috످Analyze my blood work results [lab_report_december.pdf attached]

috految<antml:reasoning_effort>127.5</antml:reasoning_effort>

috److془The user says attached but no attachment. I should tell them, and ask to paste.془I don't see your lab report in this chat, only the file name. Could you paste your results here or try attaching the PDF again? Please remove personal details like your name, birth date, and patient ID first.

If you paste them, include each test's name, result, units, and reference range. For example: "Glucose: 92 mg/dL (range: 70–99)."

If you're comfortable sharing, it also helps to know your age and sex (and if you're pregnant), why the tests were ordered, any symptoms or health conditions, any medications or supplements (especially biotin, which can skew some results), and whether you fasted before the test.

Once I have your results, I can explain what they mean, flag anything concerning, and suggest questions for your doctor.

If any result is marked "critical" or "panic," call your doctor now, even if you feel fine. If you can't reach them, go to the ER. Results marked "H" (high) or "L" (low) are common and usually less urgent, unless they're far out of range or you feel unwell.

috످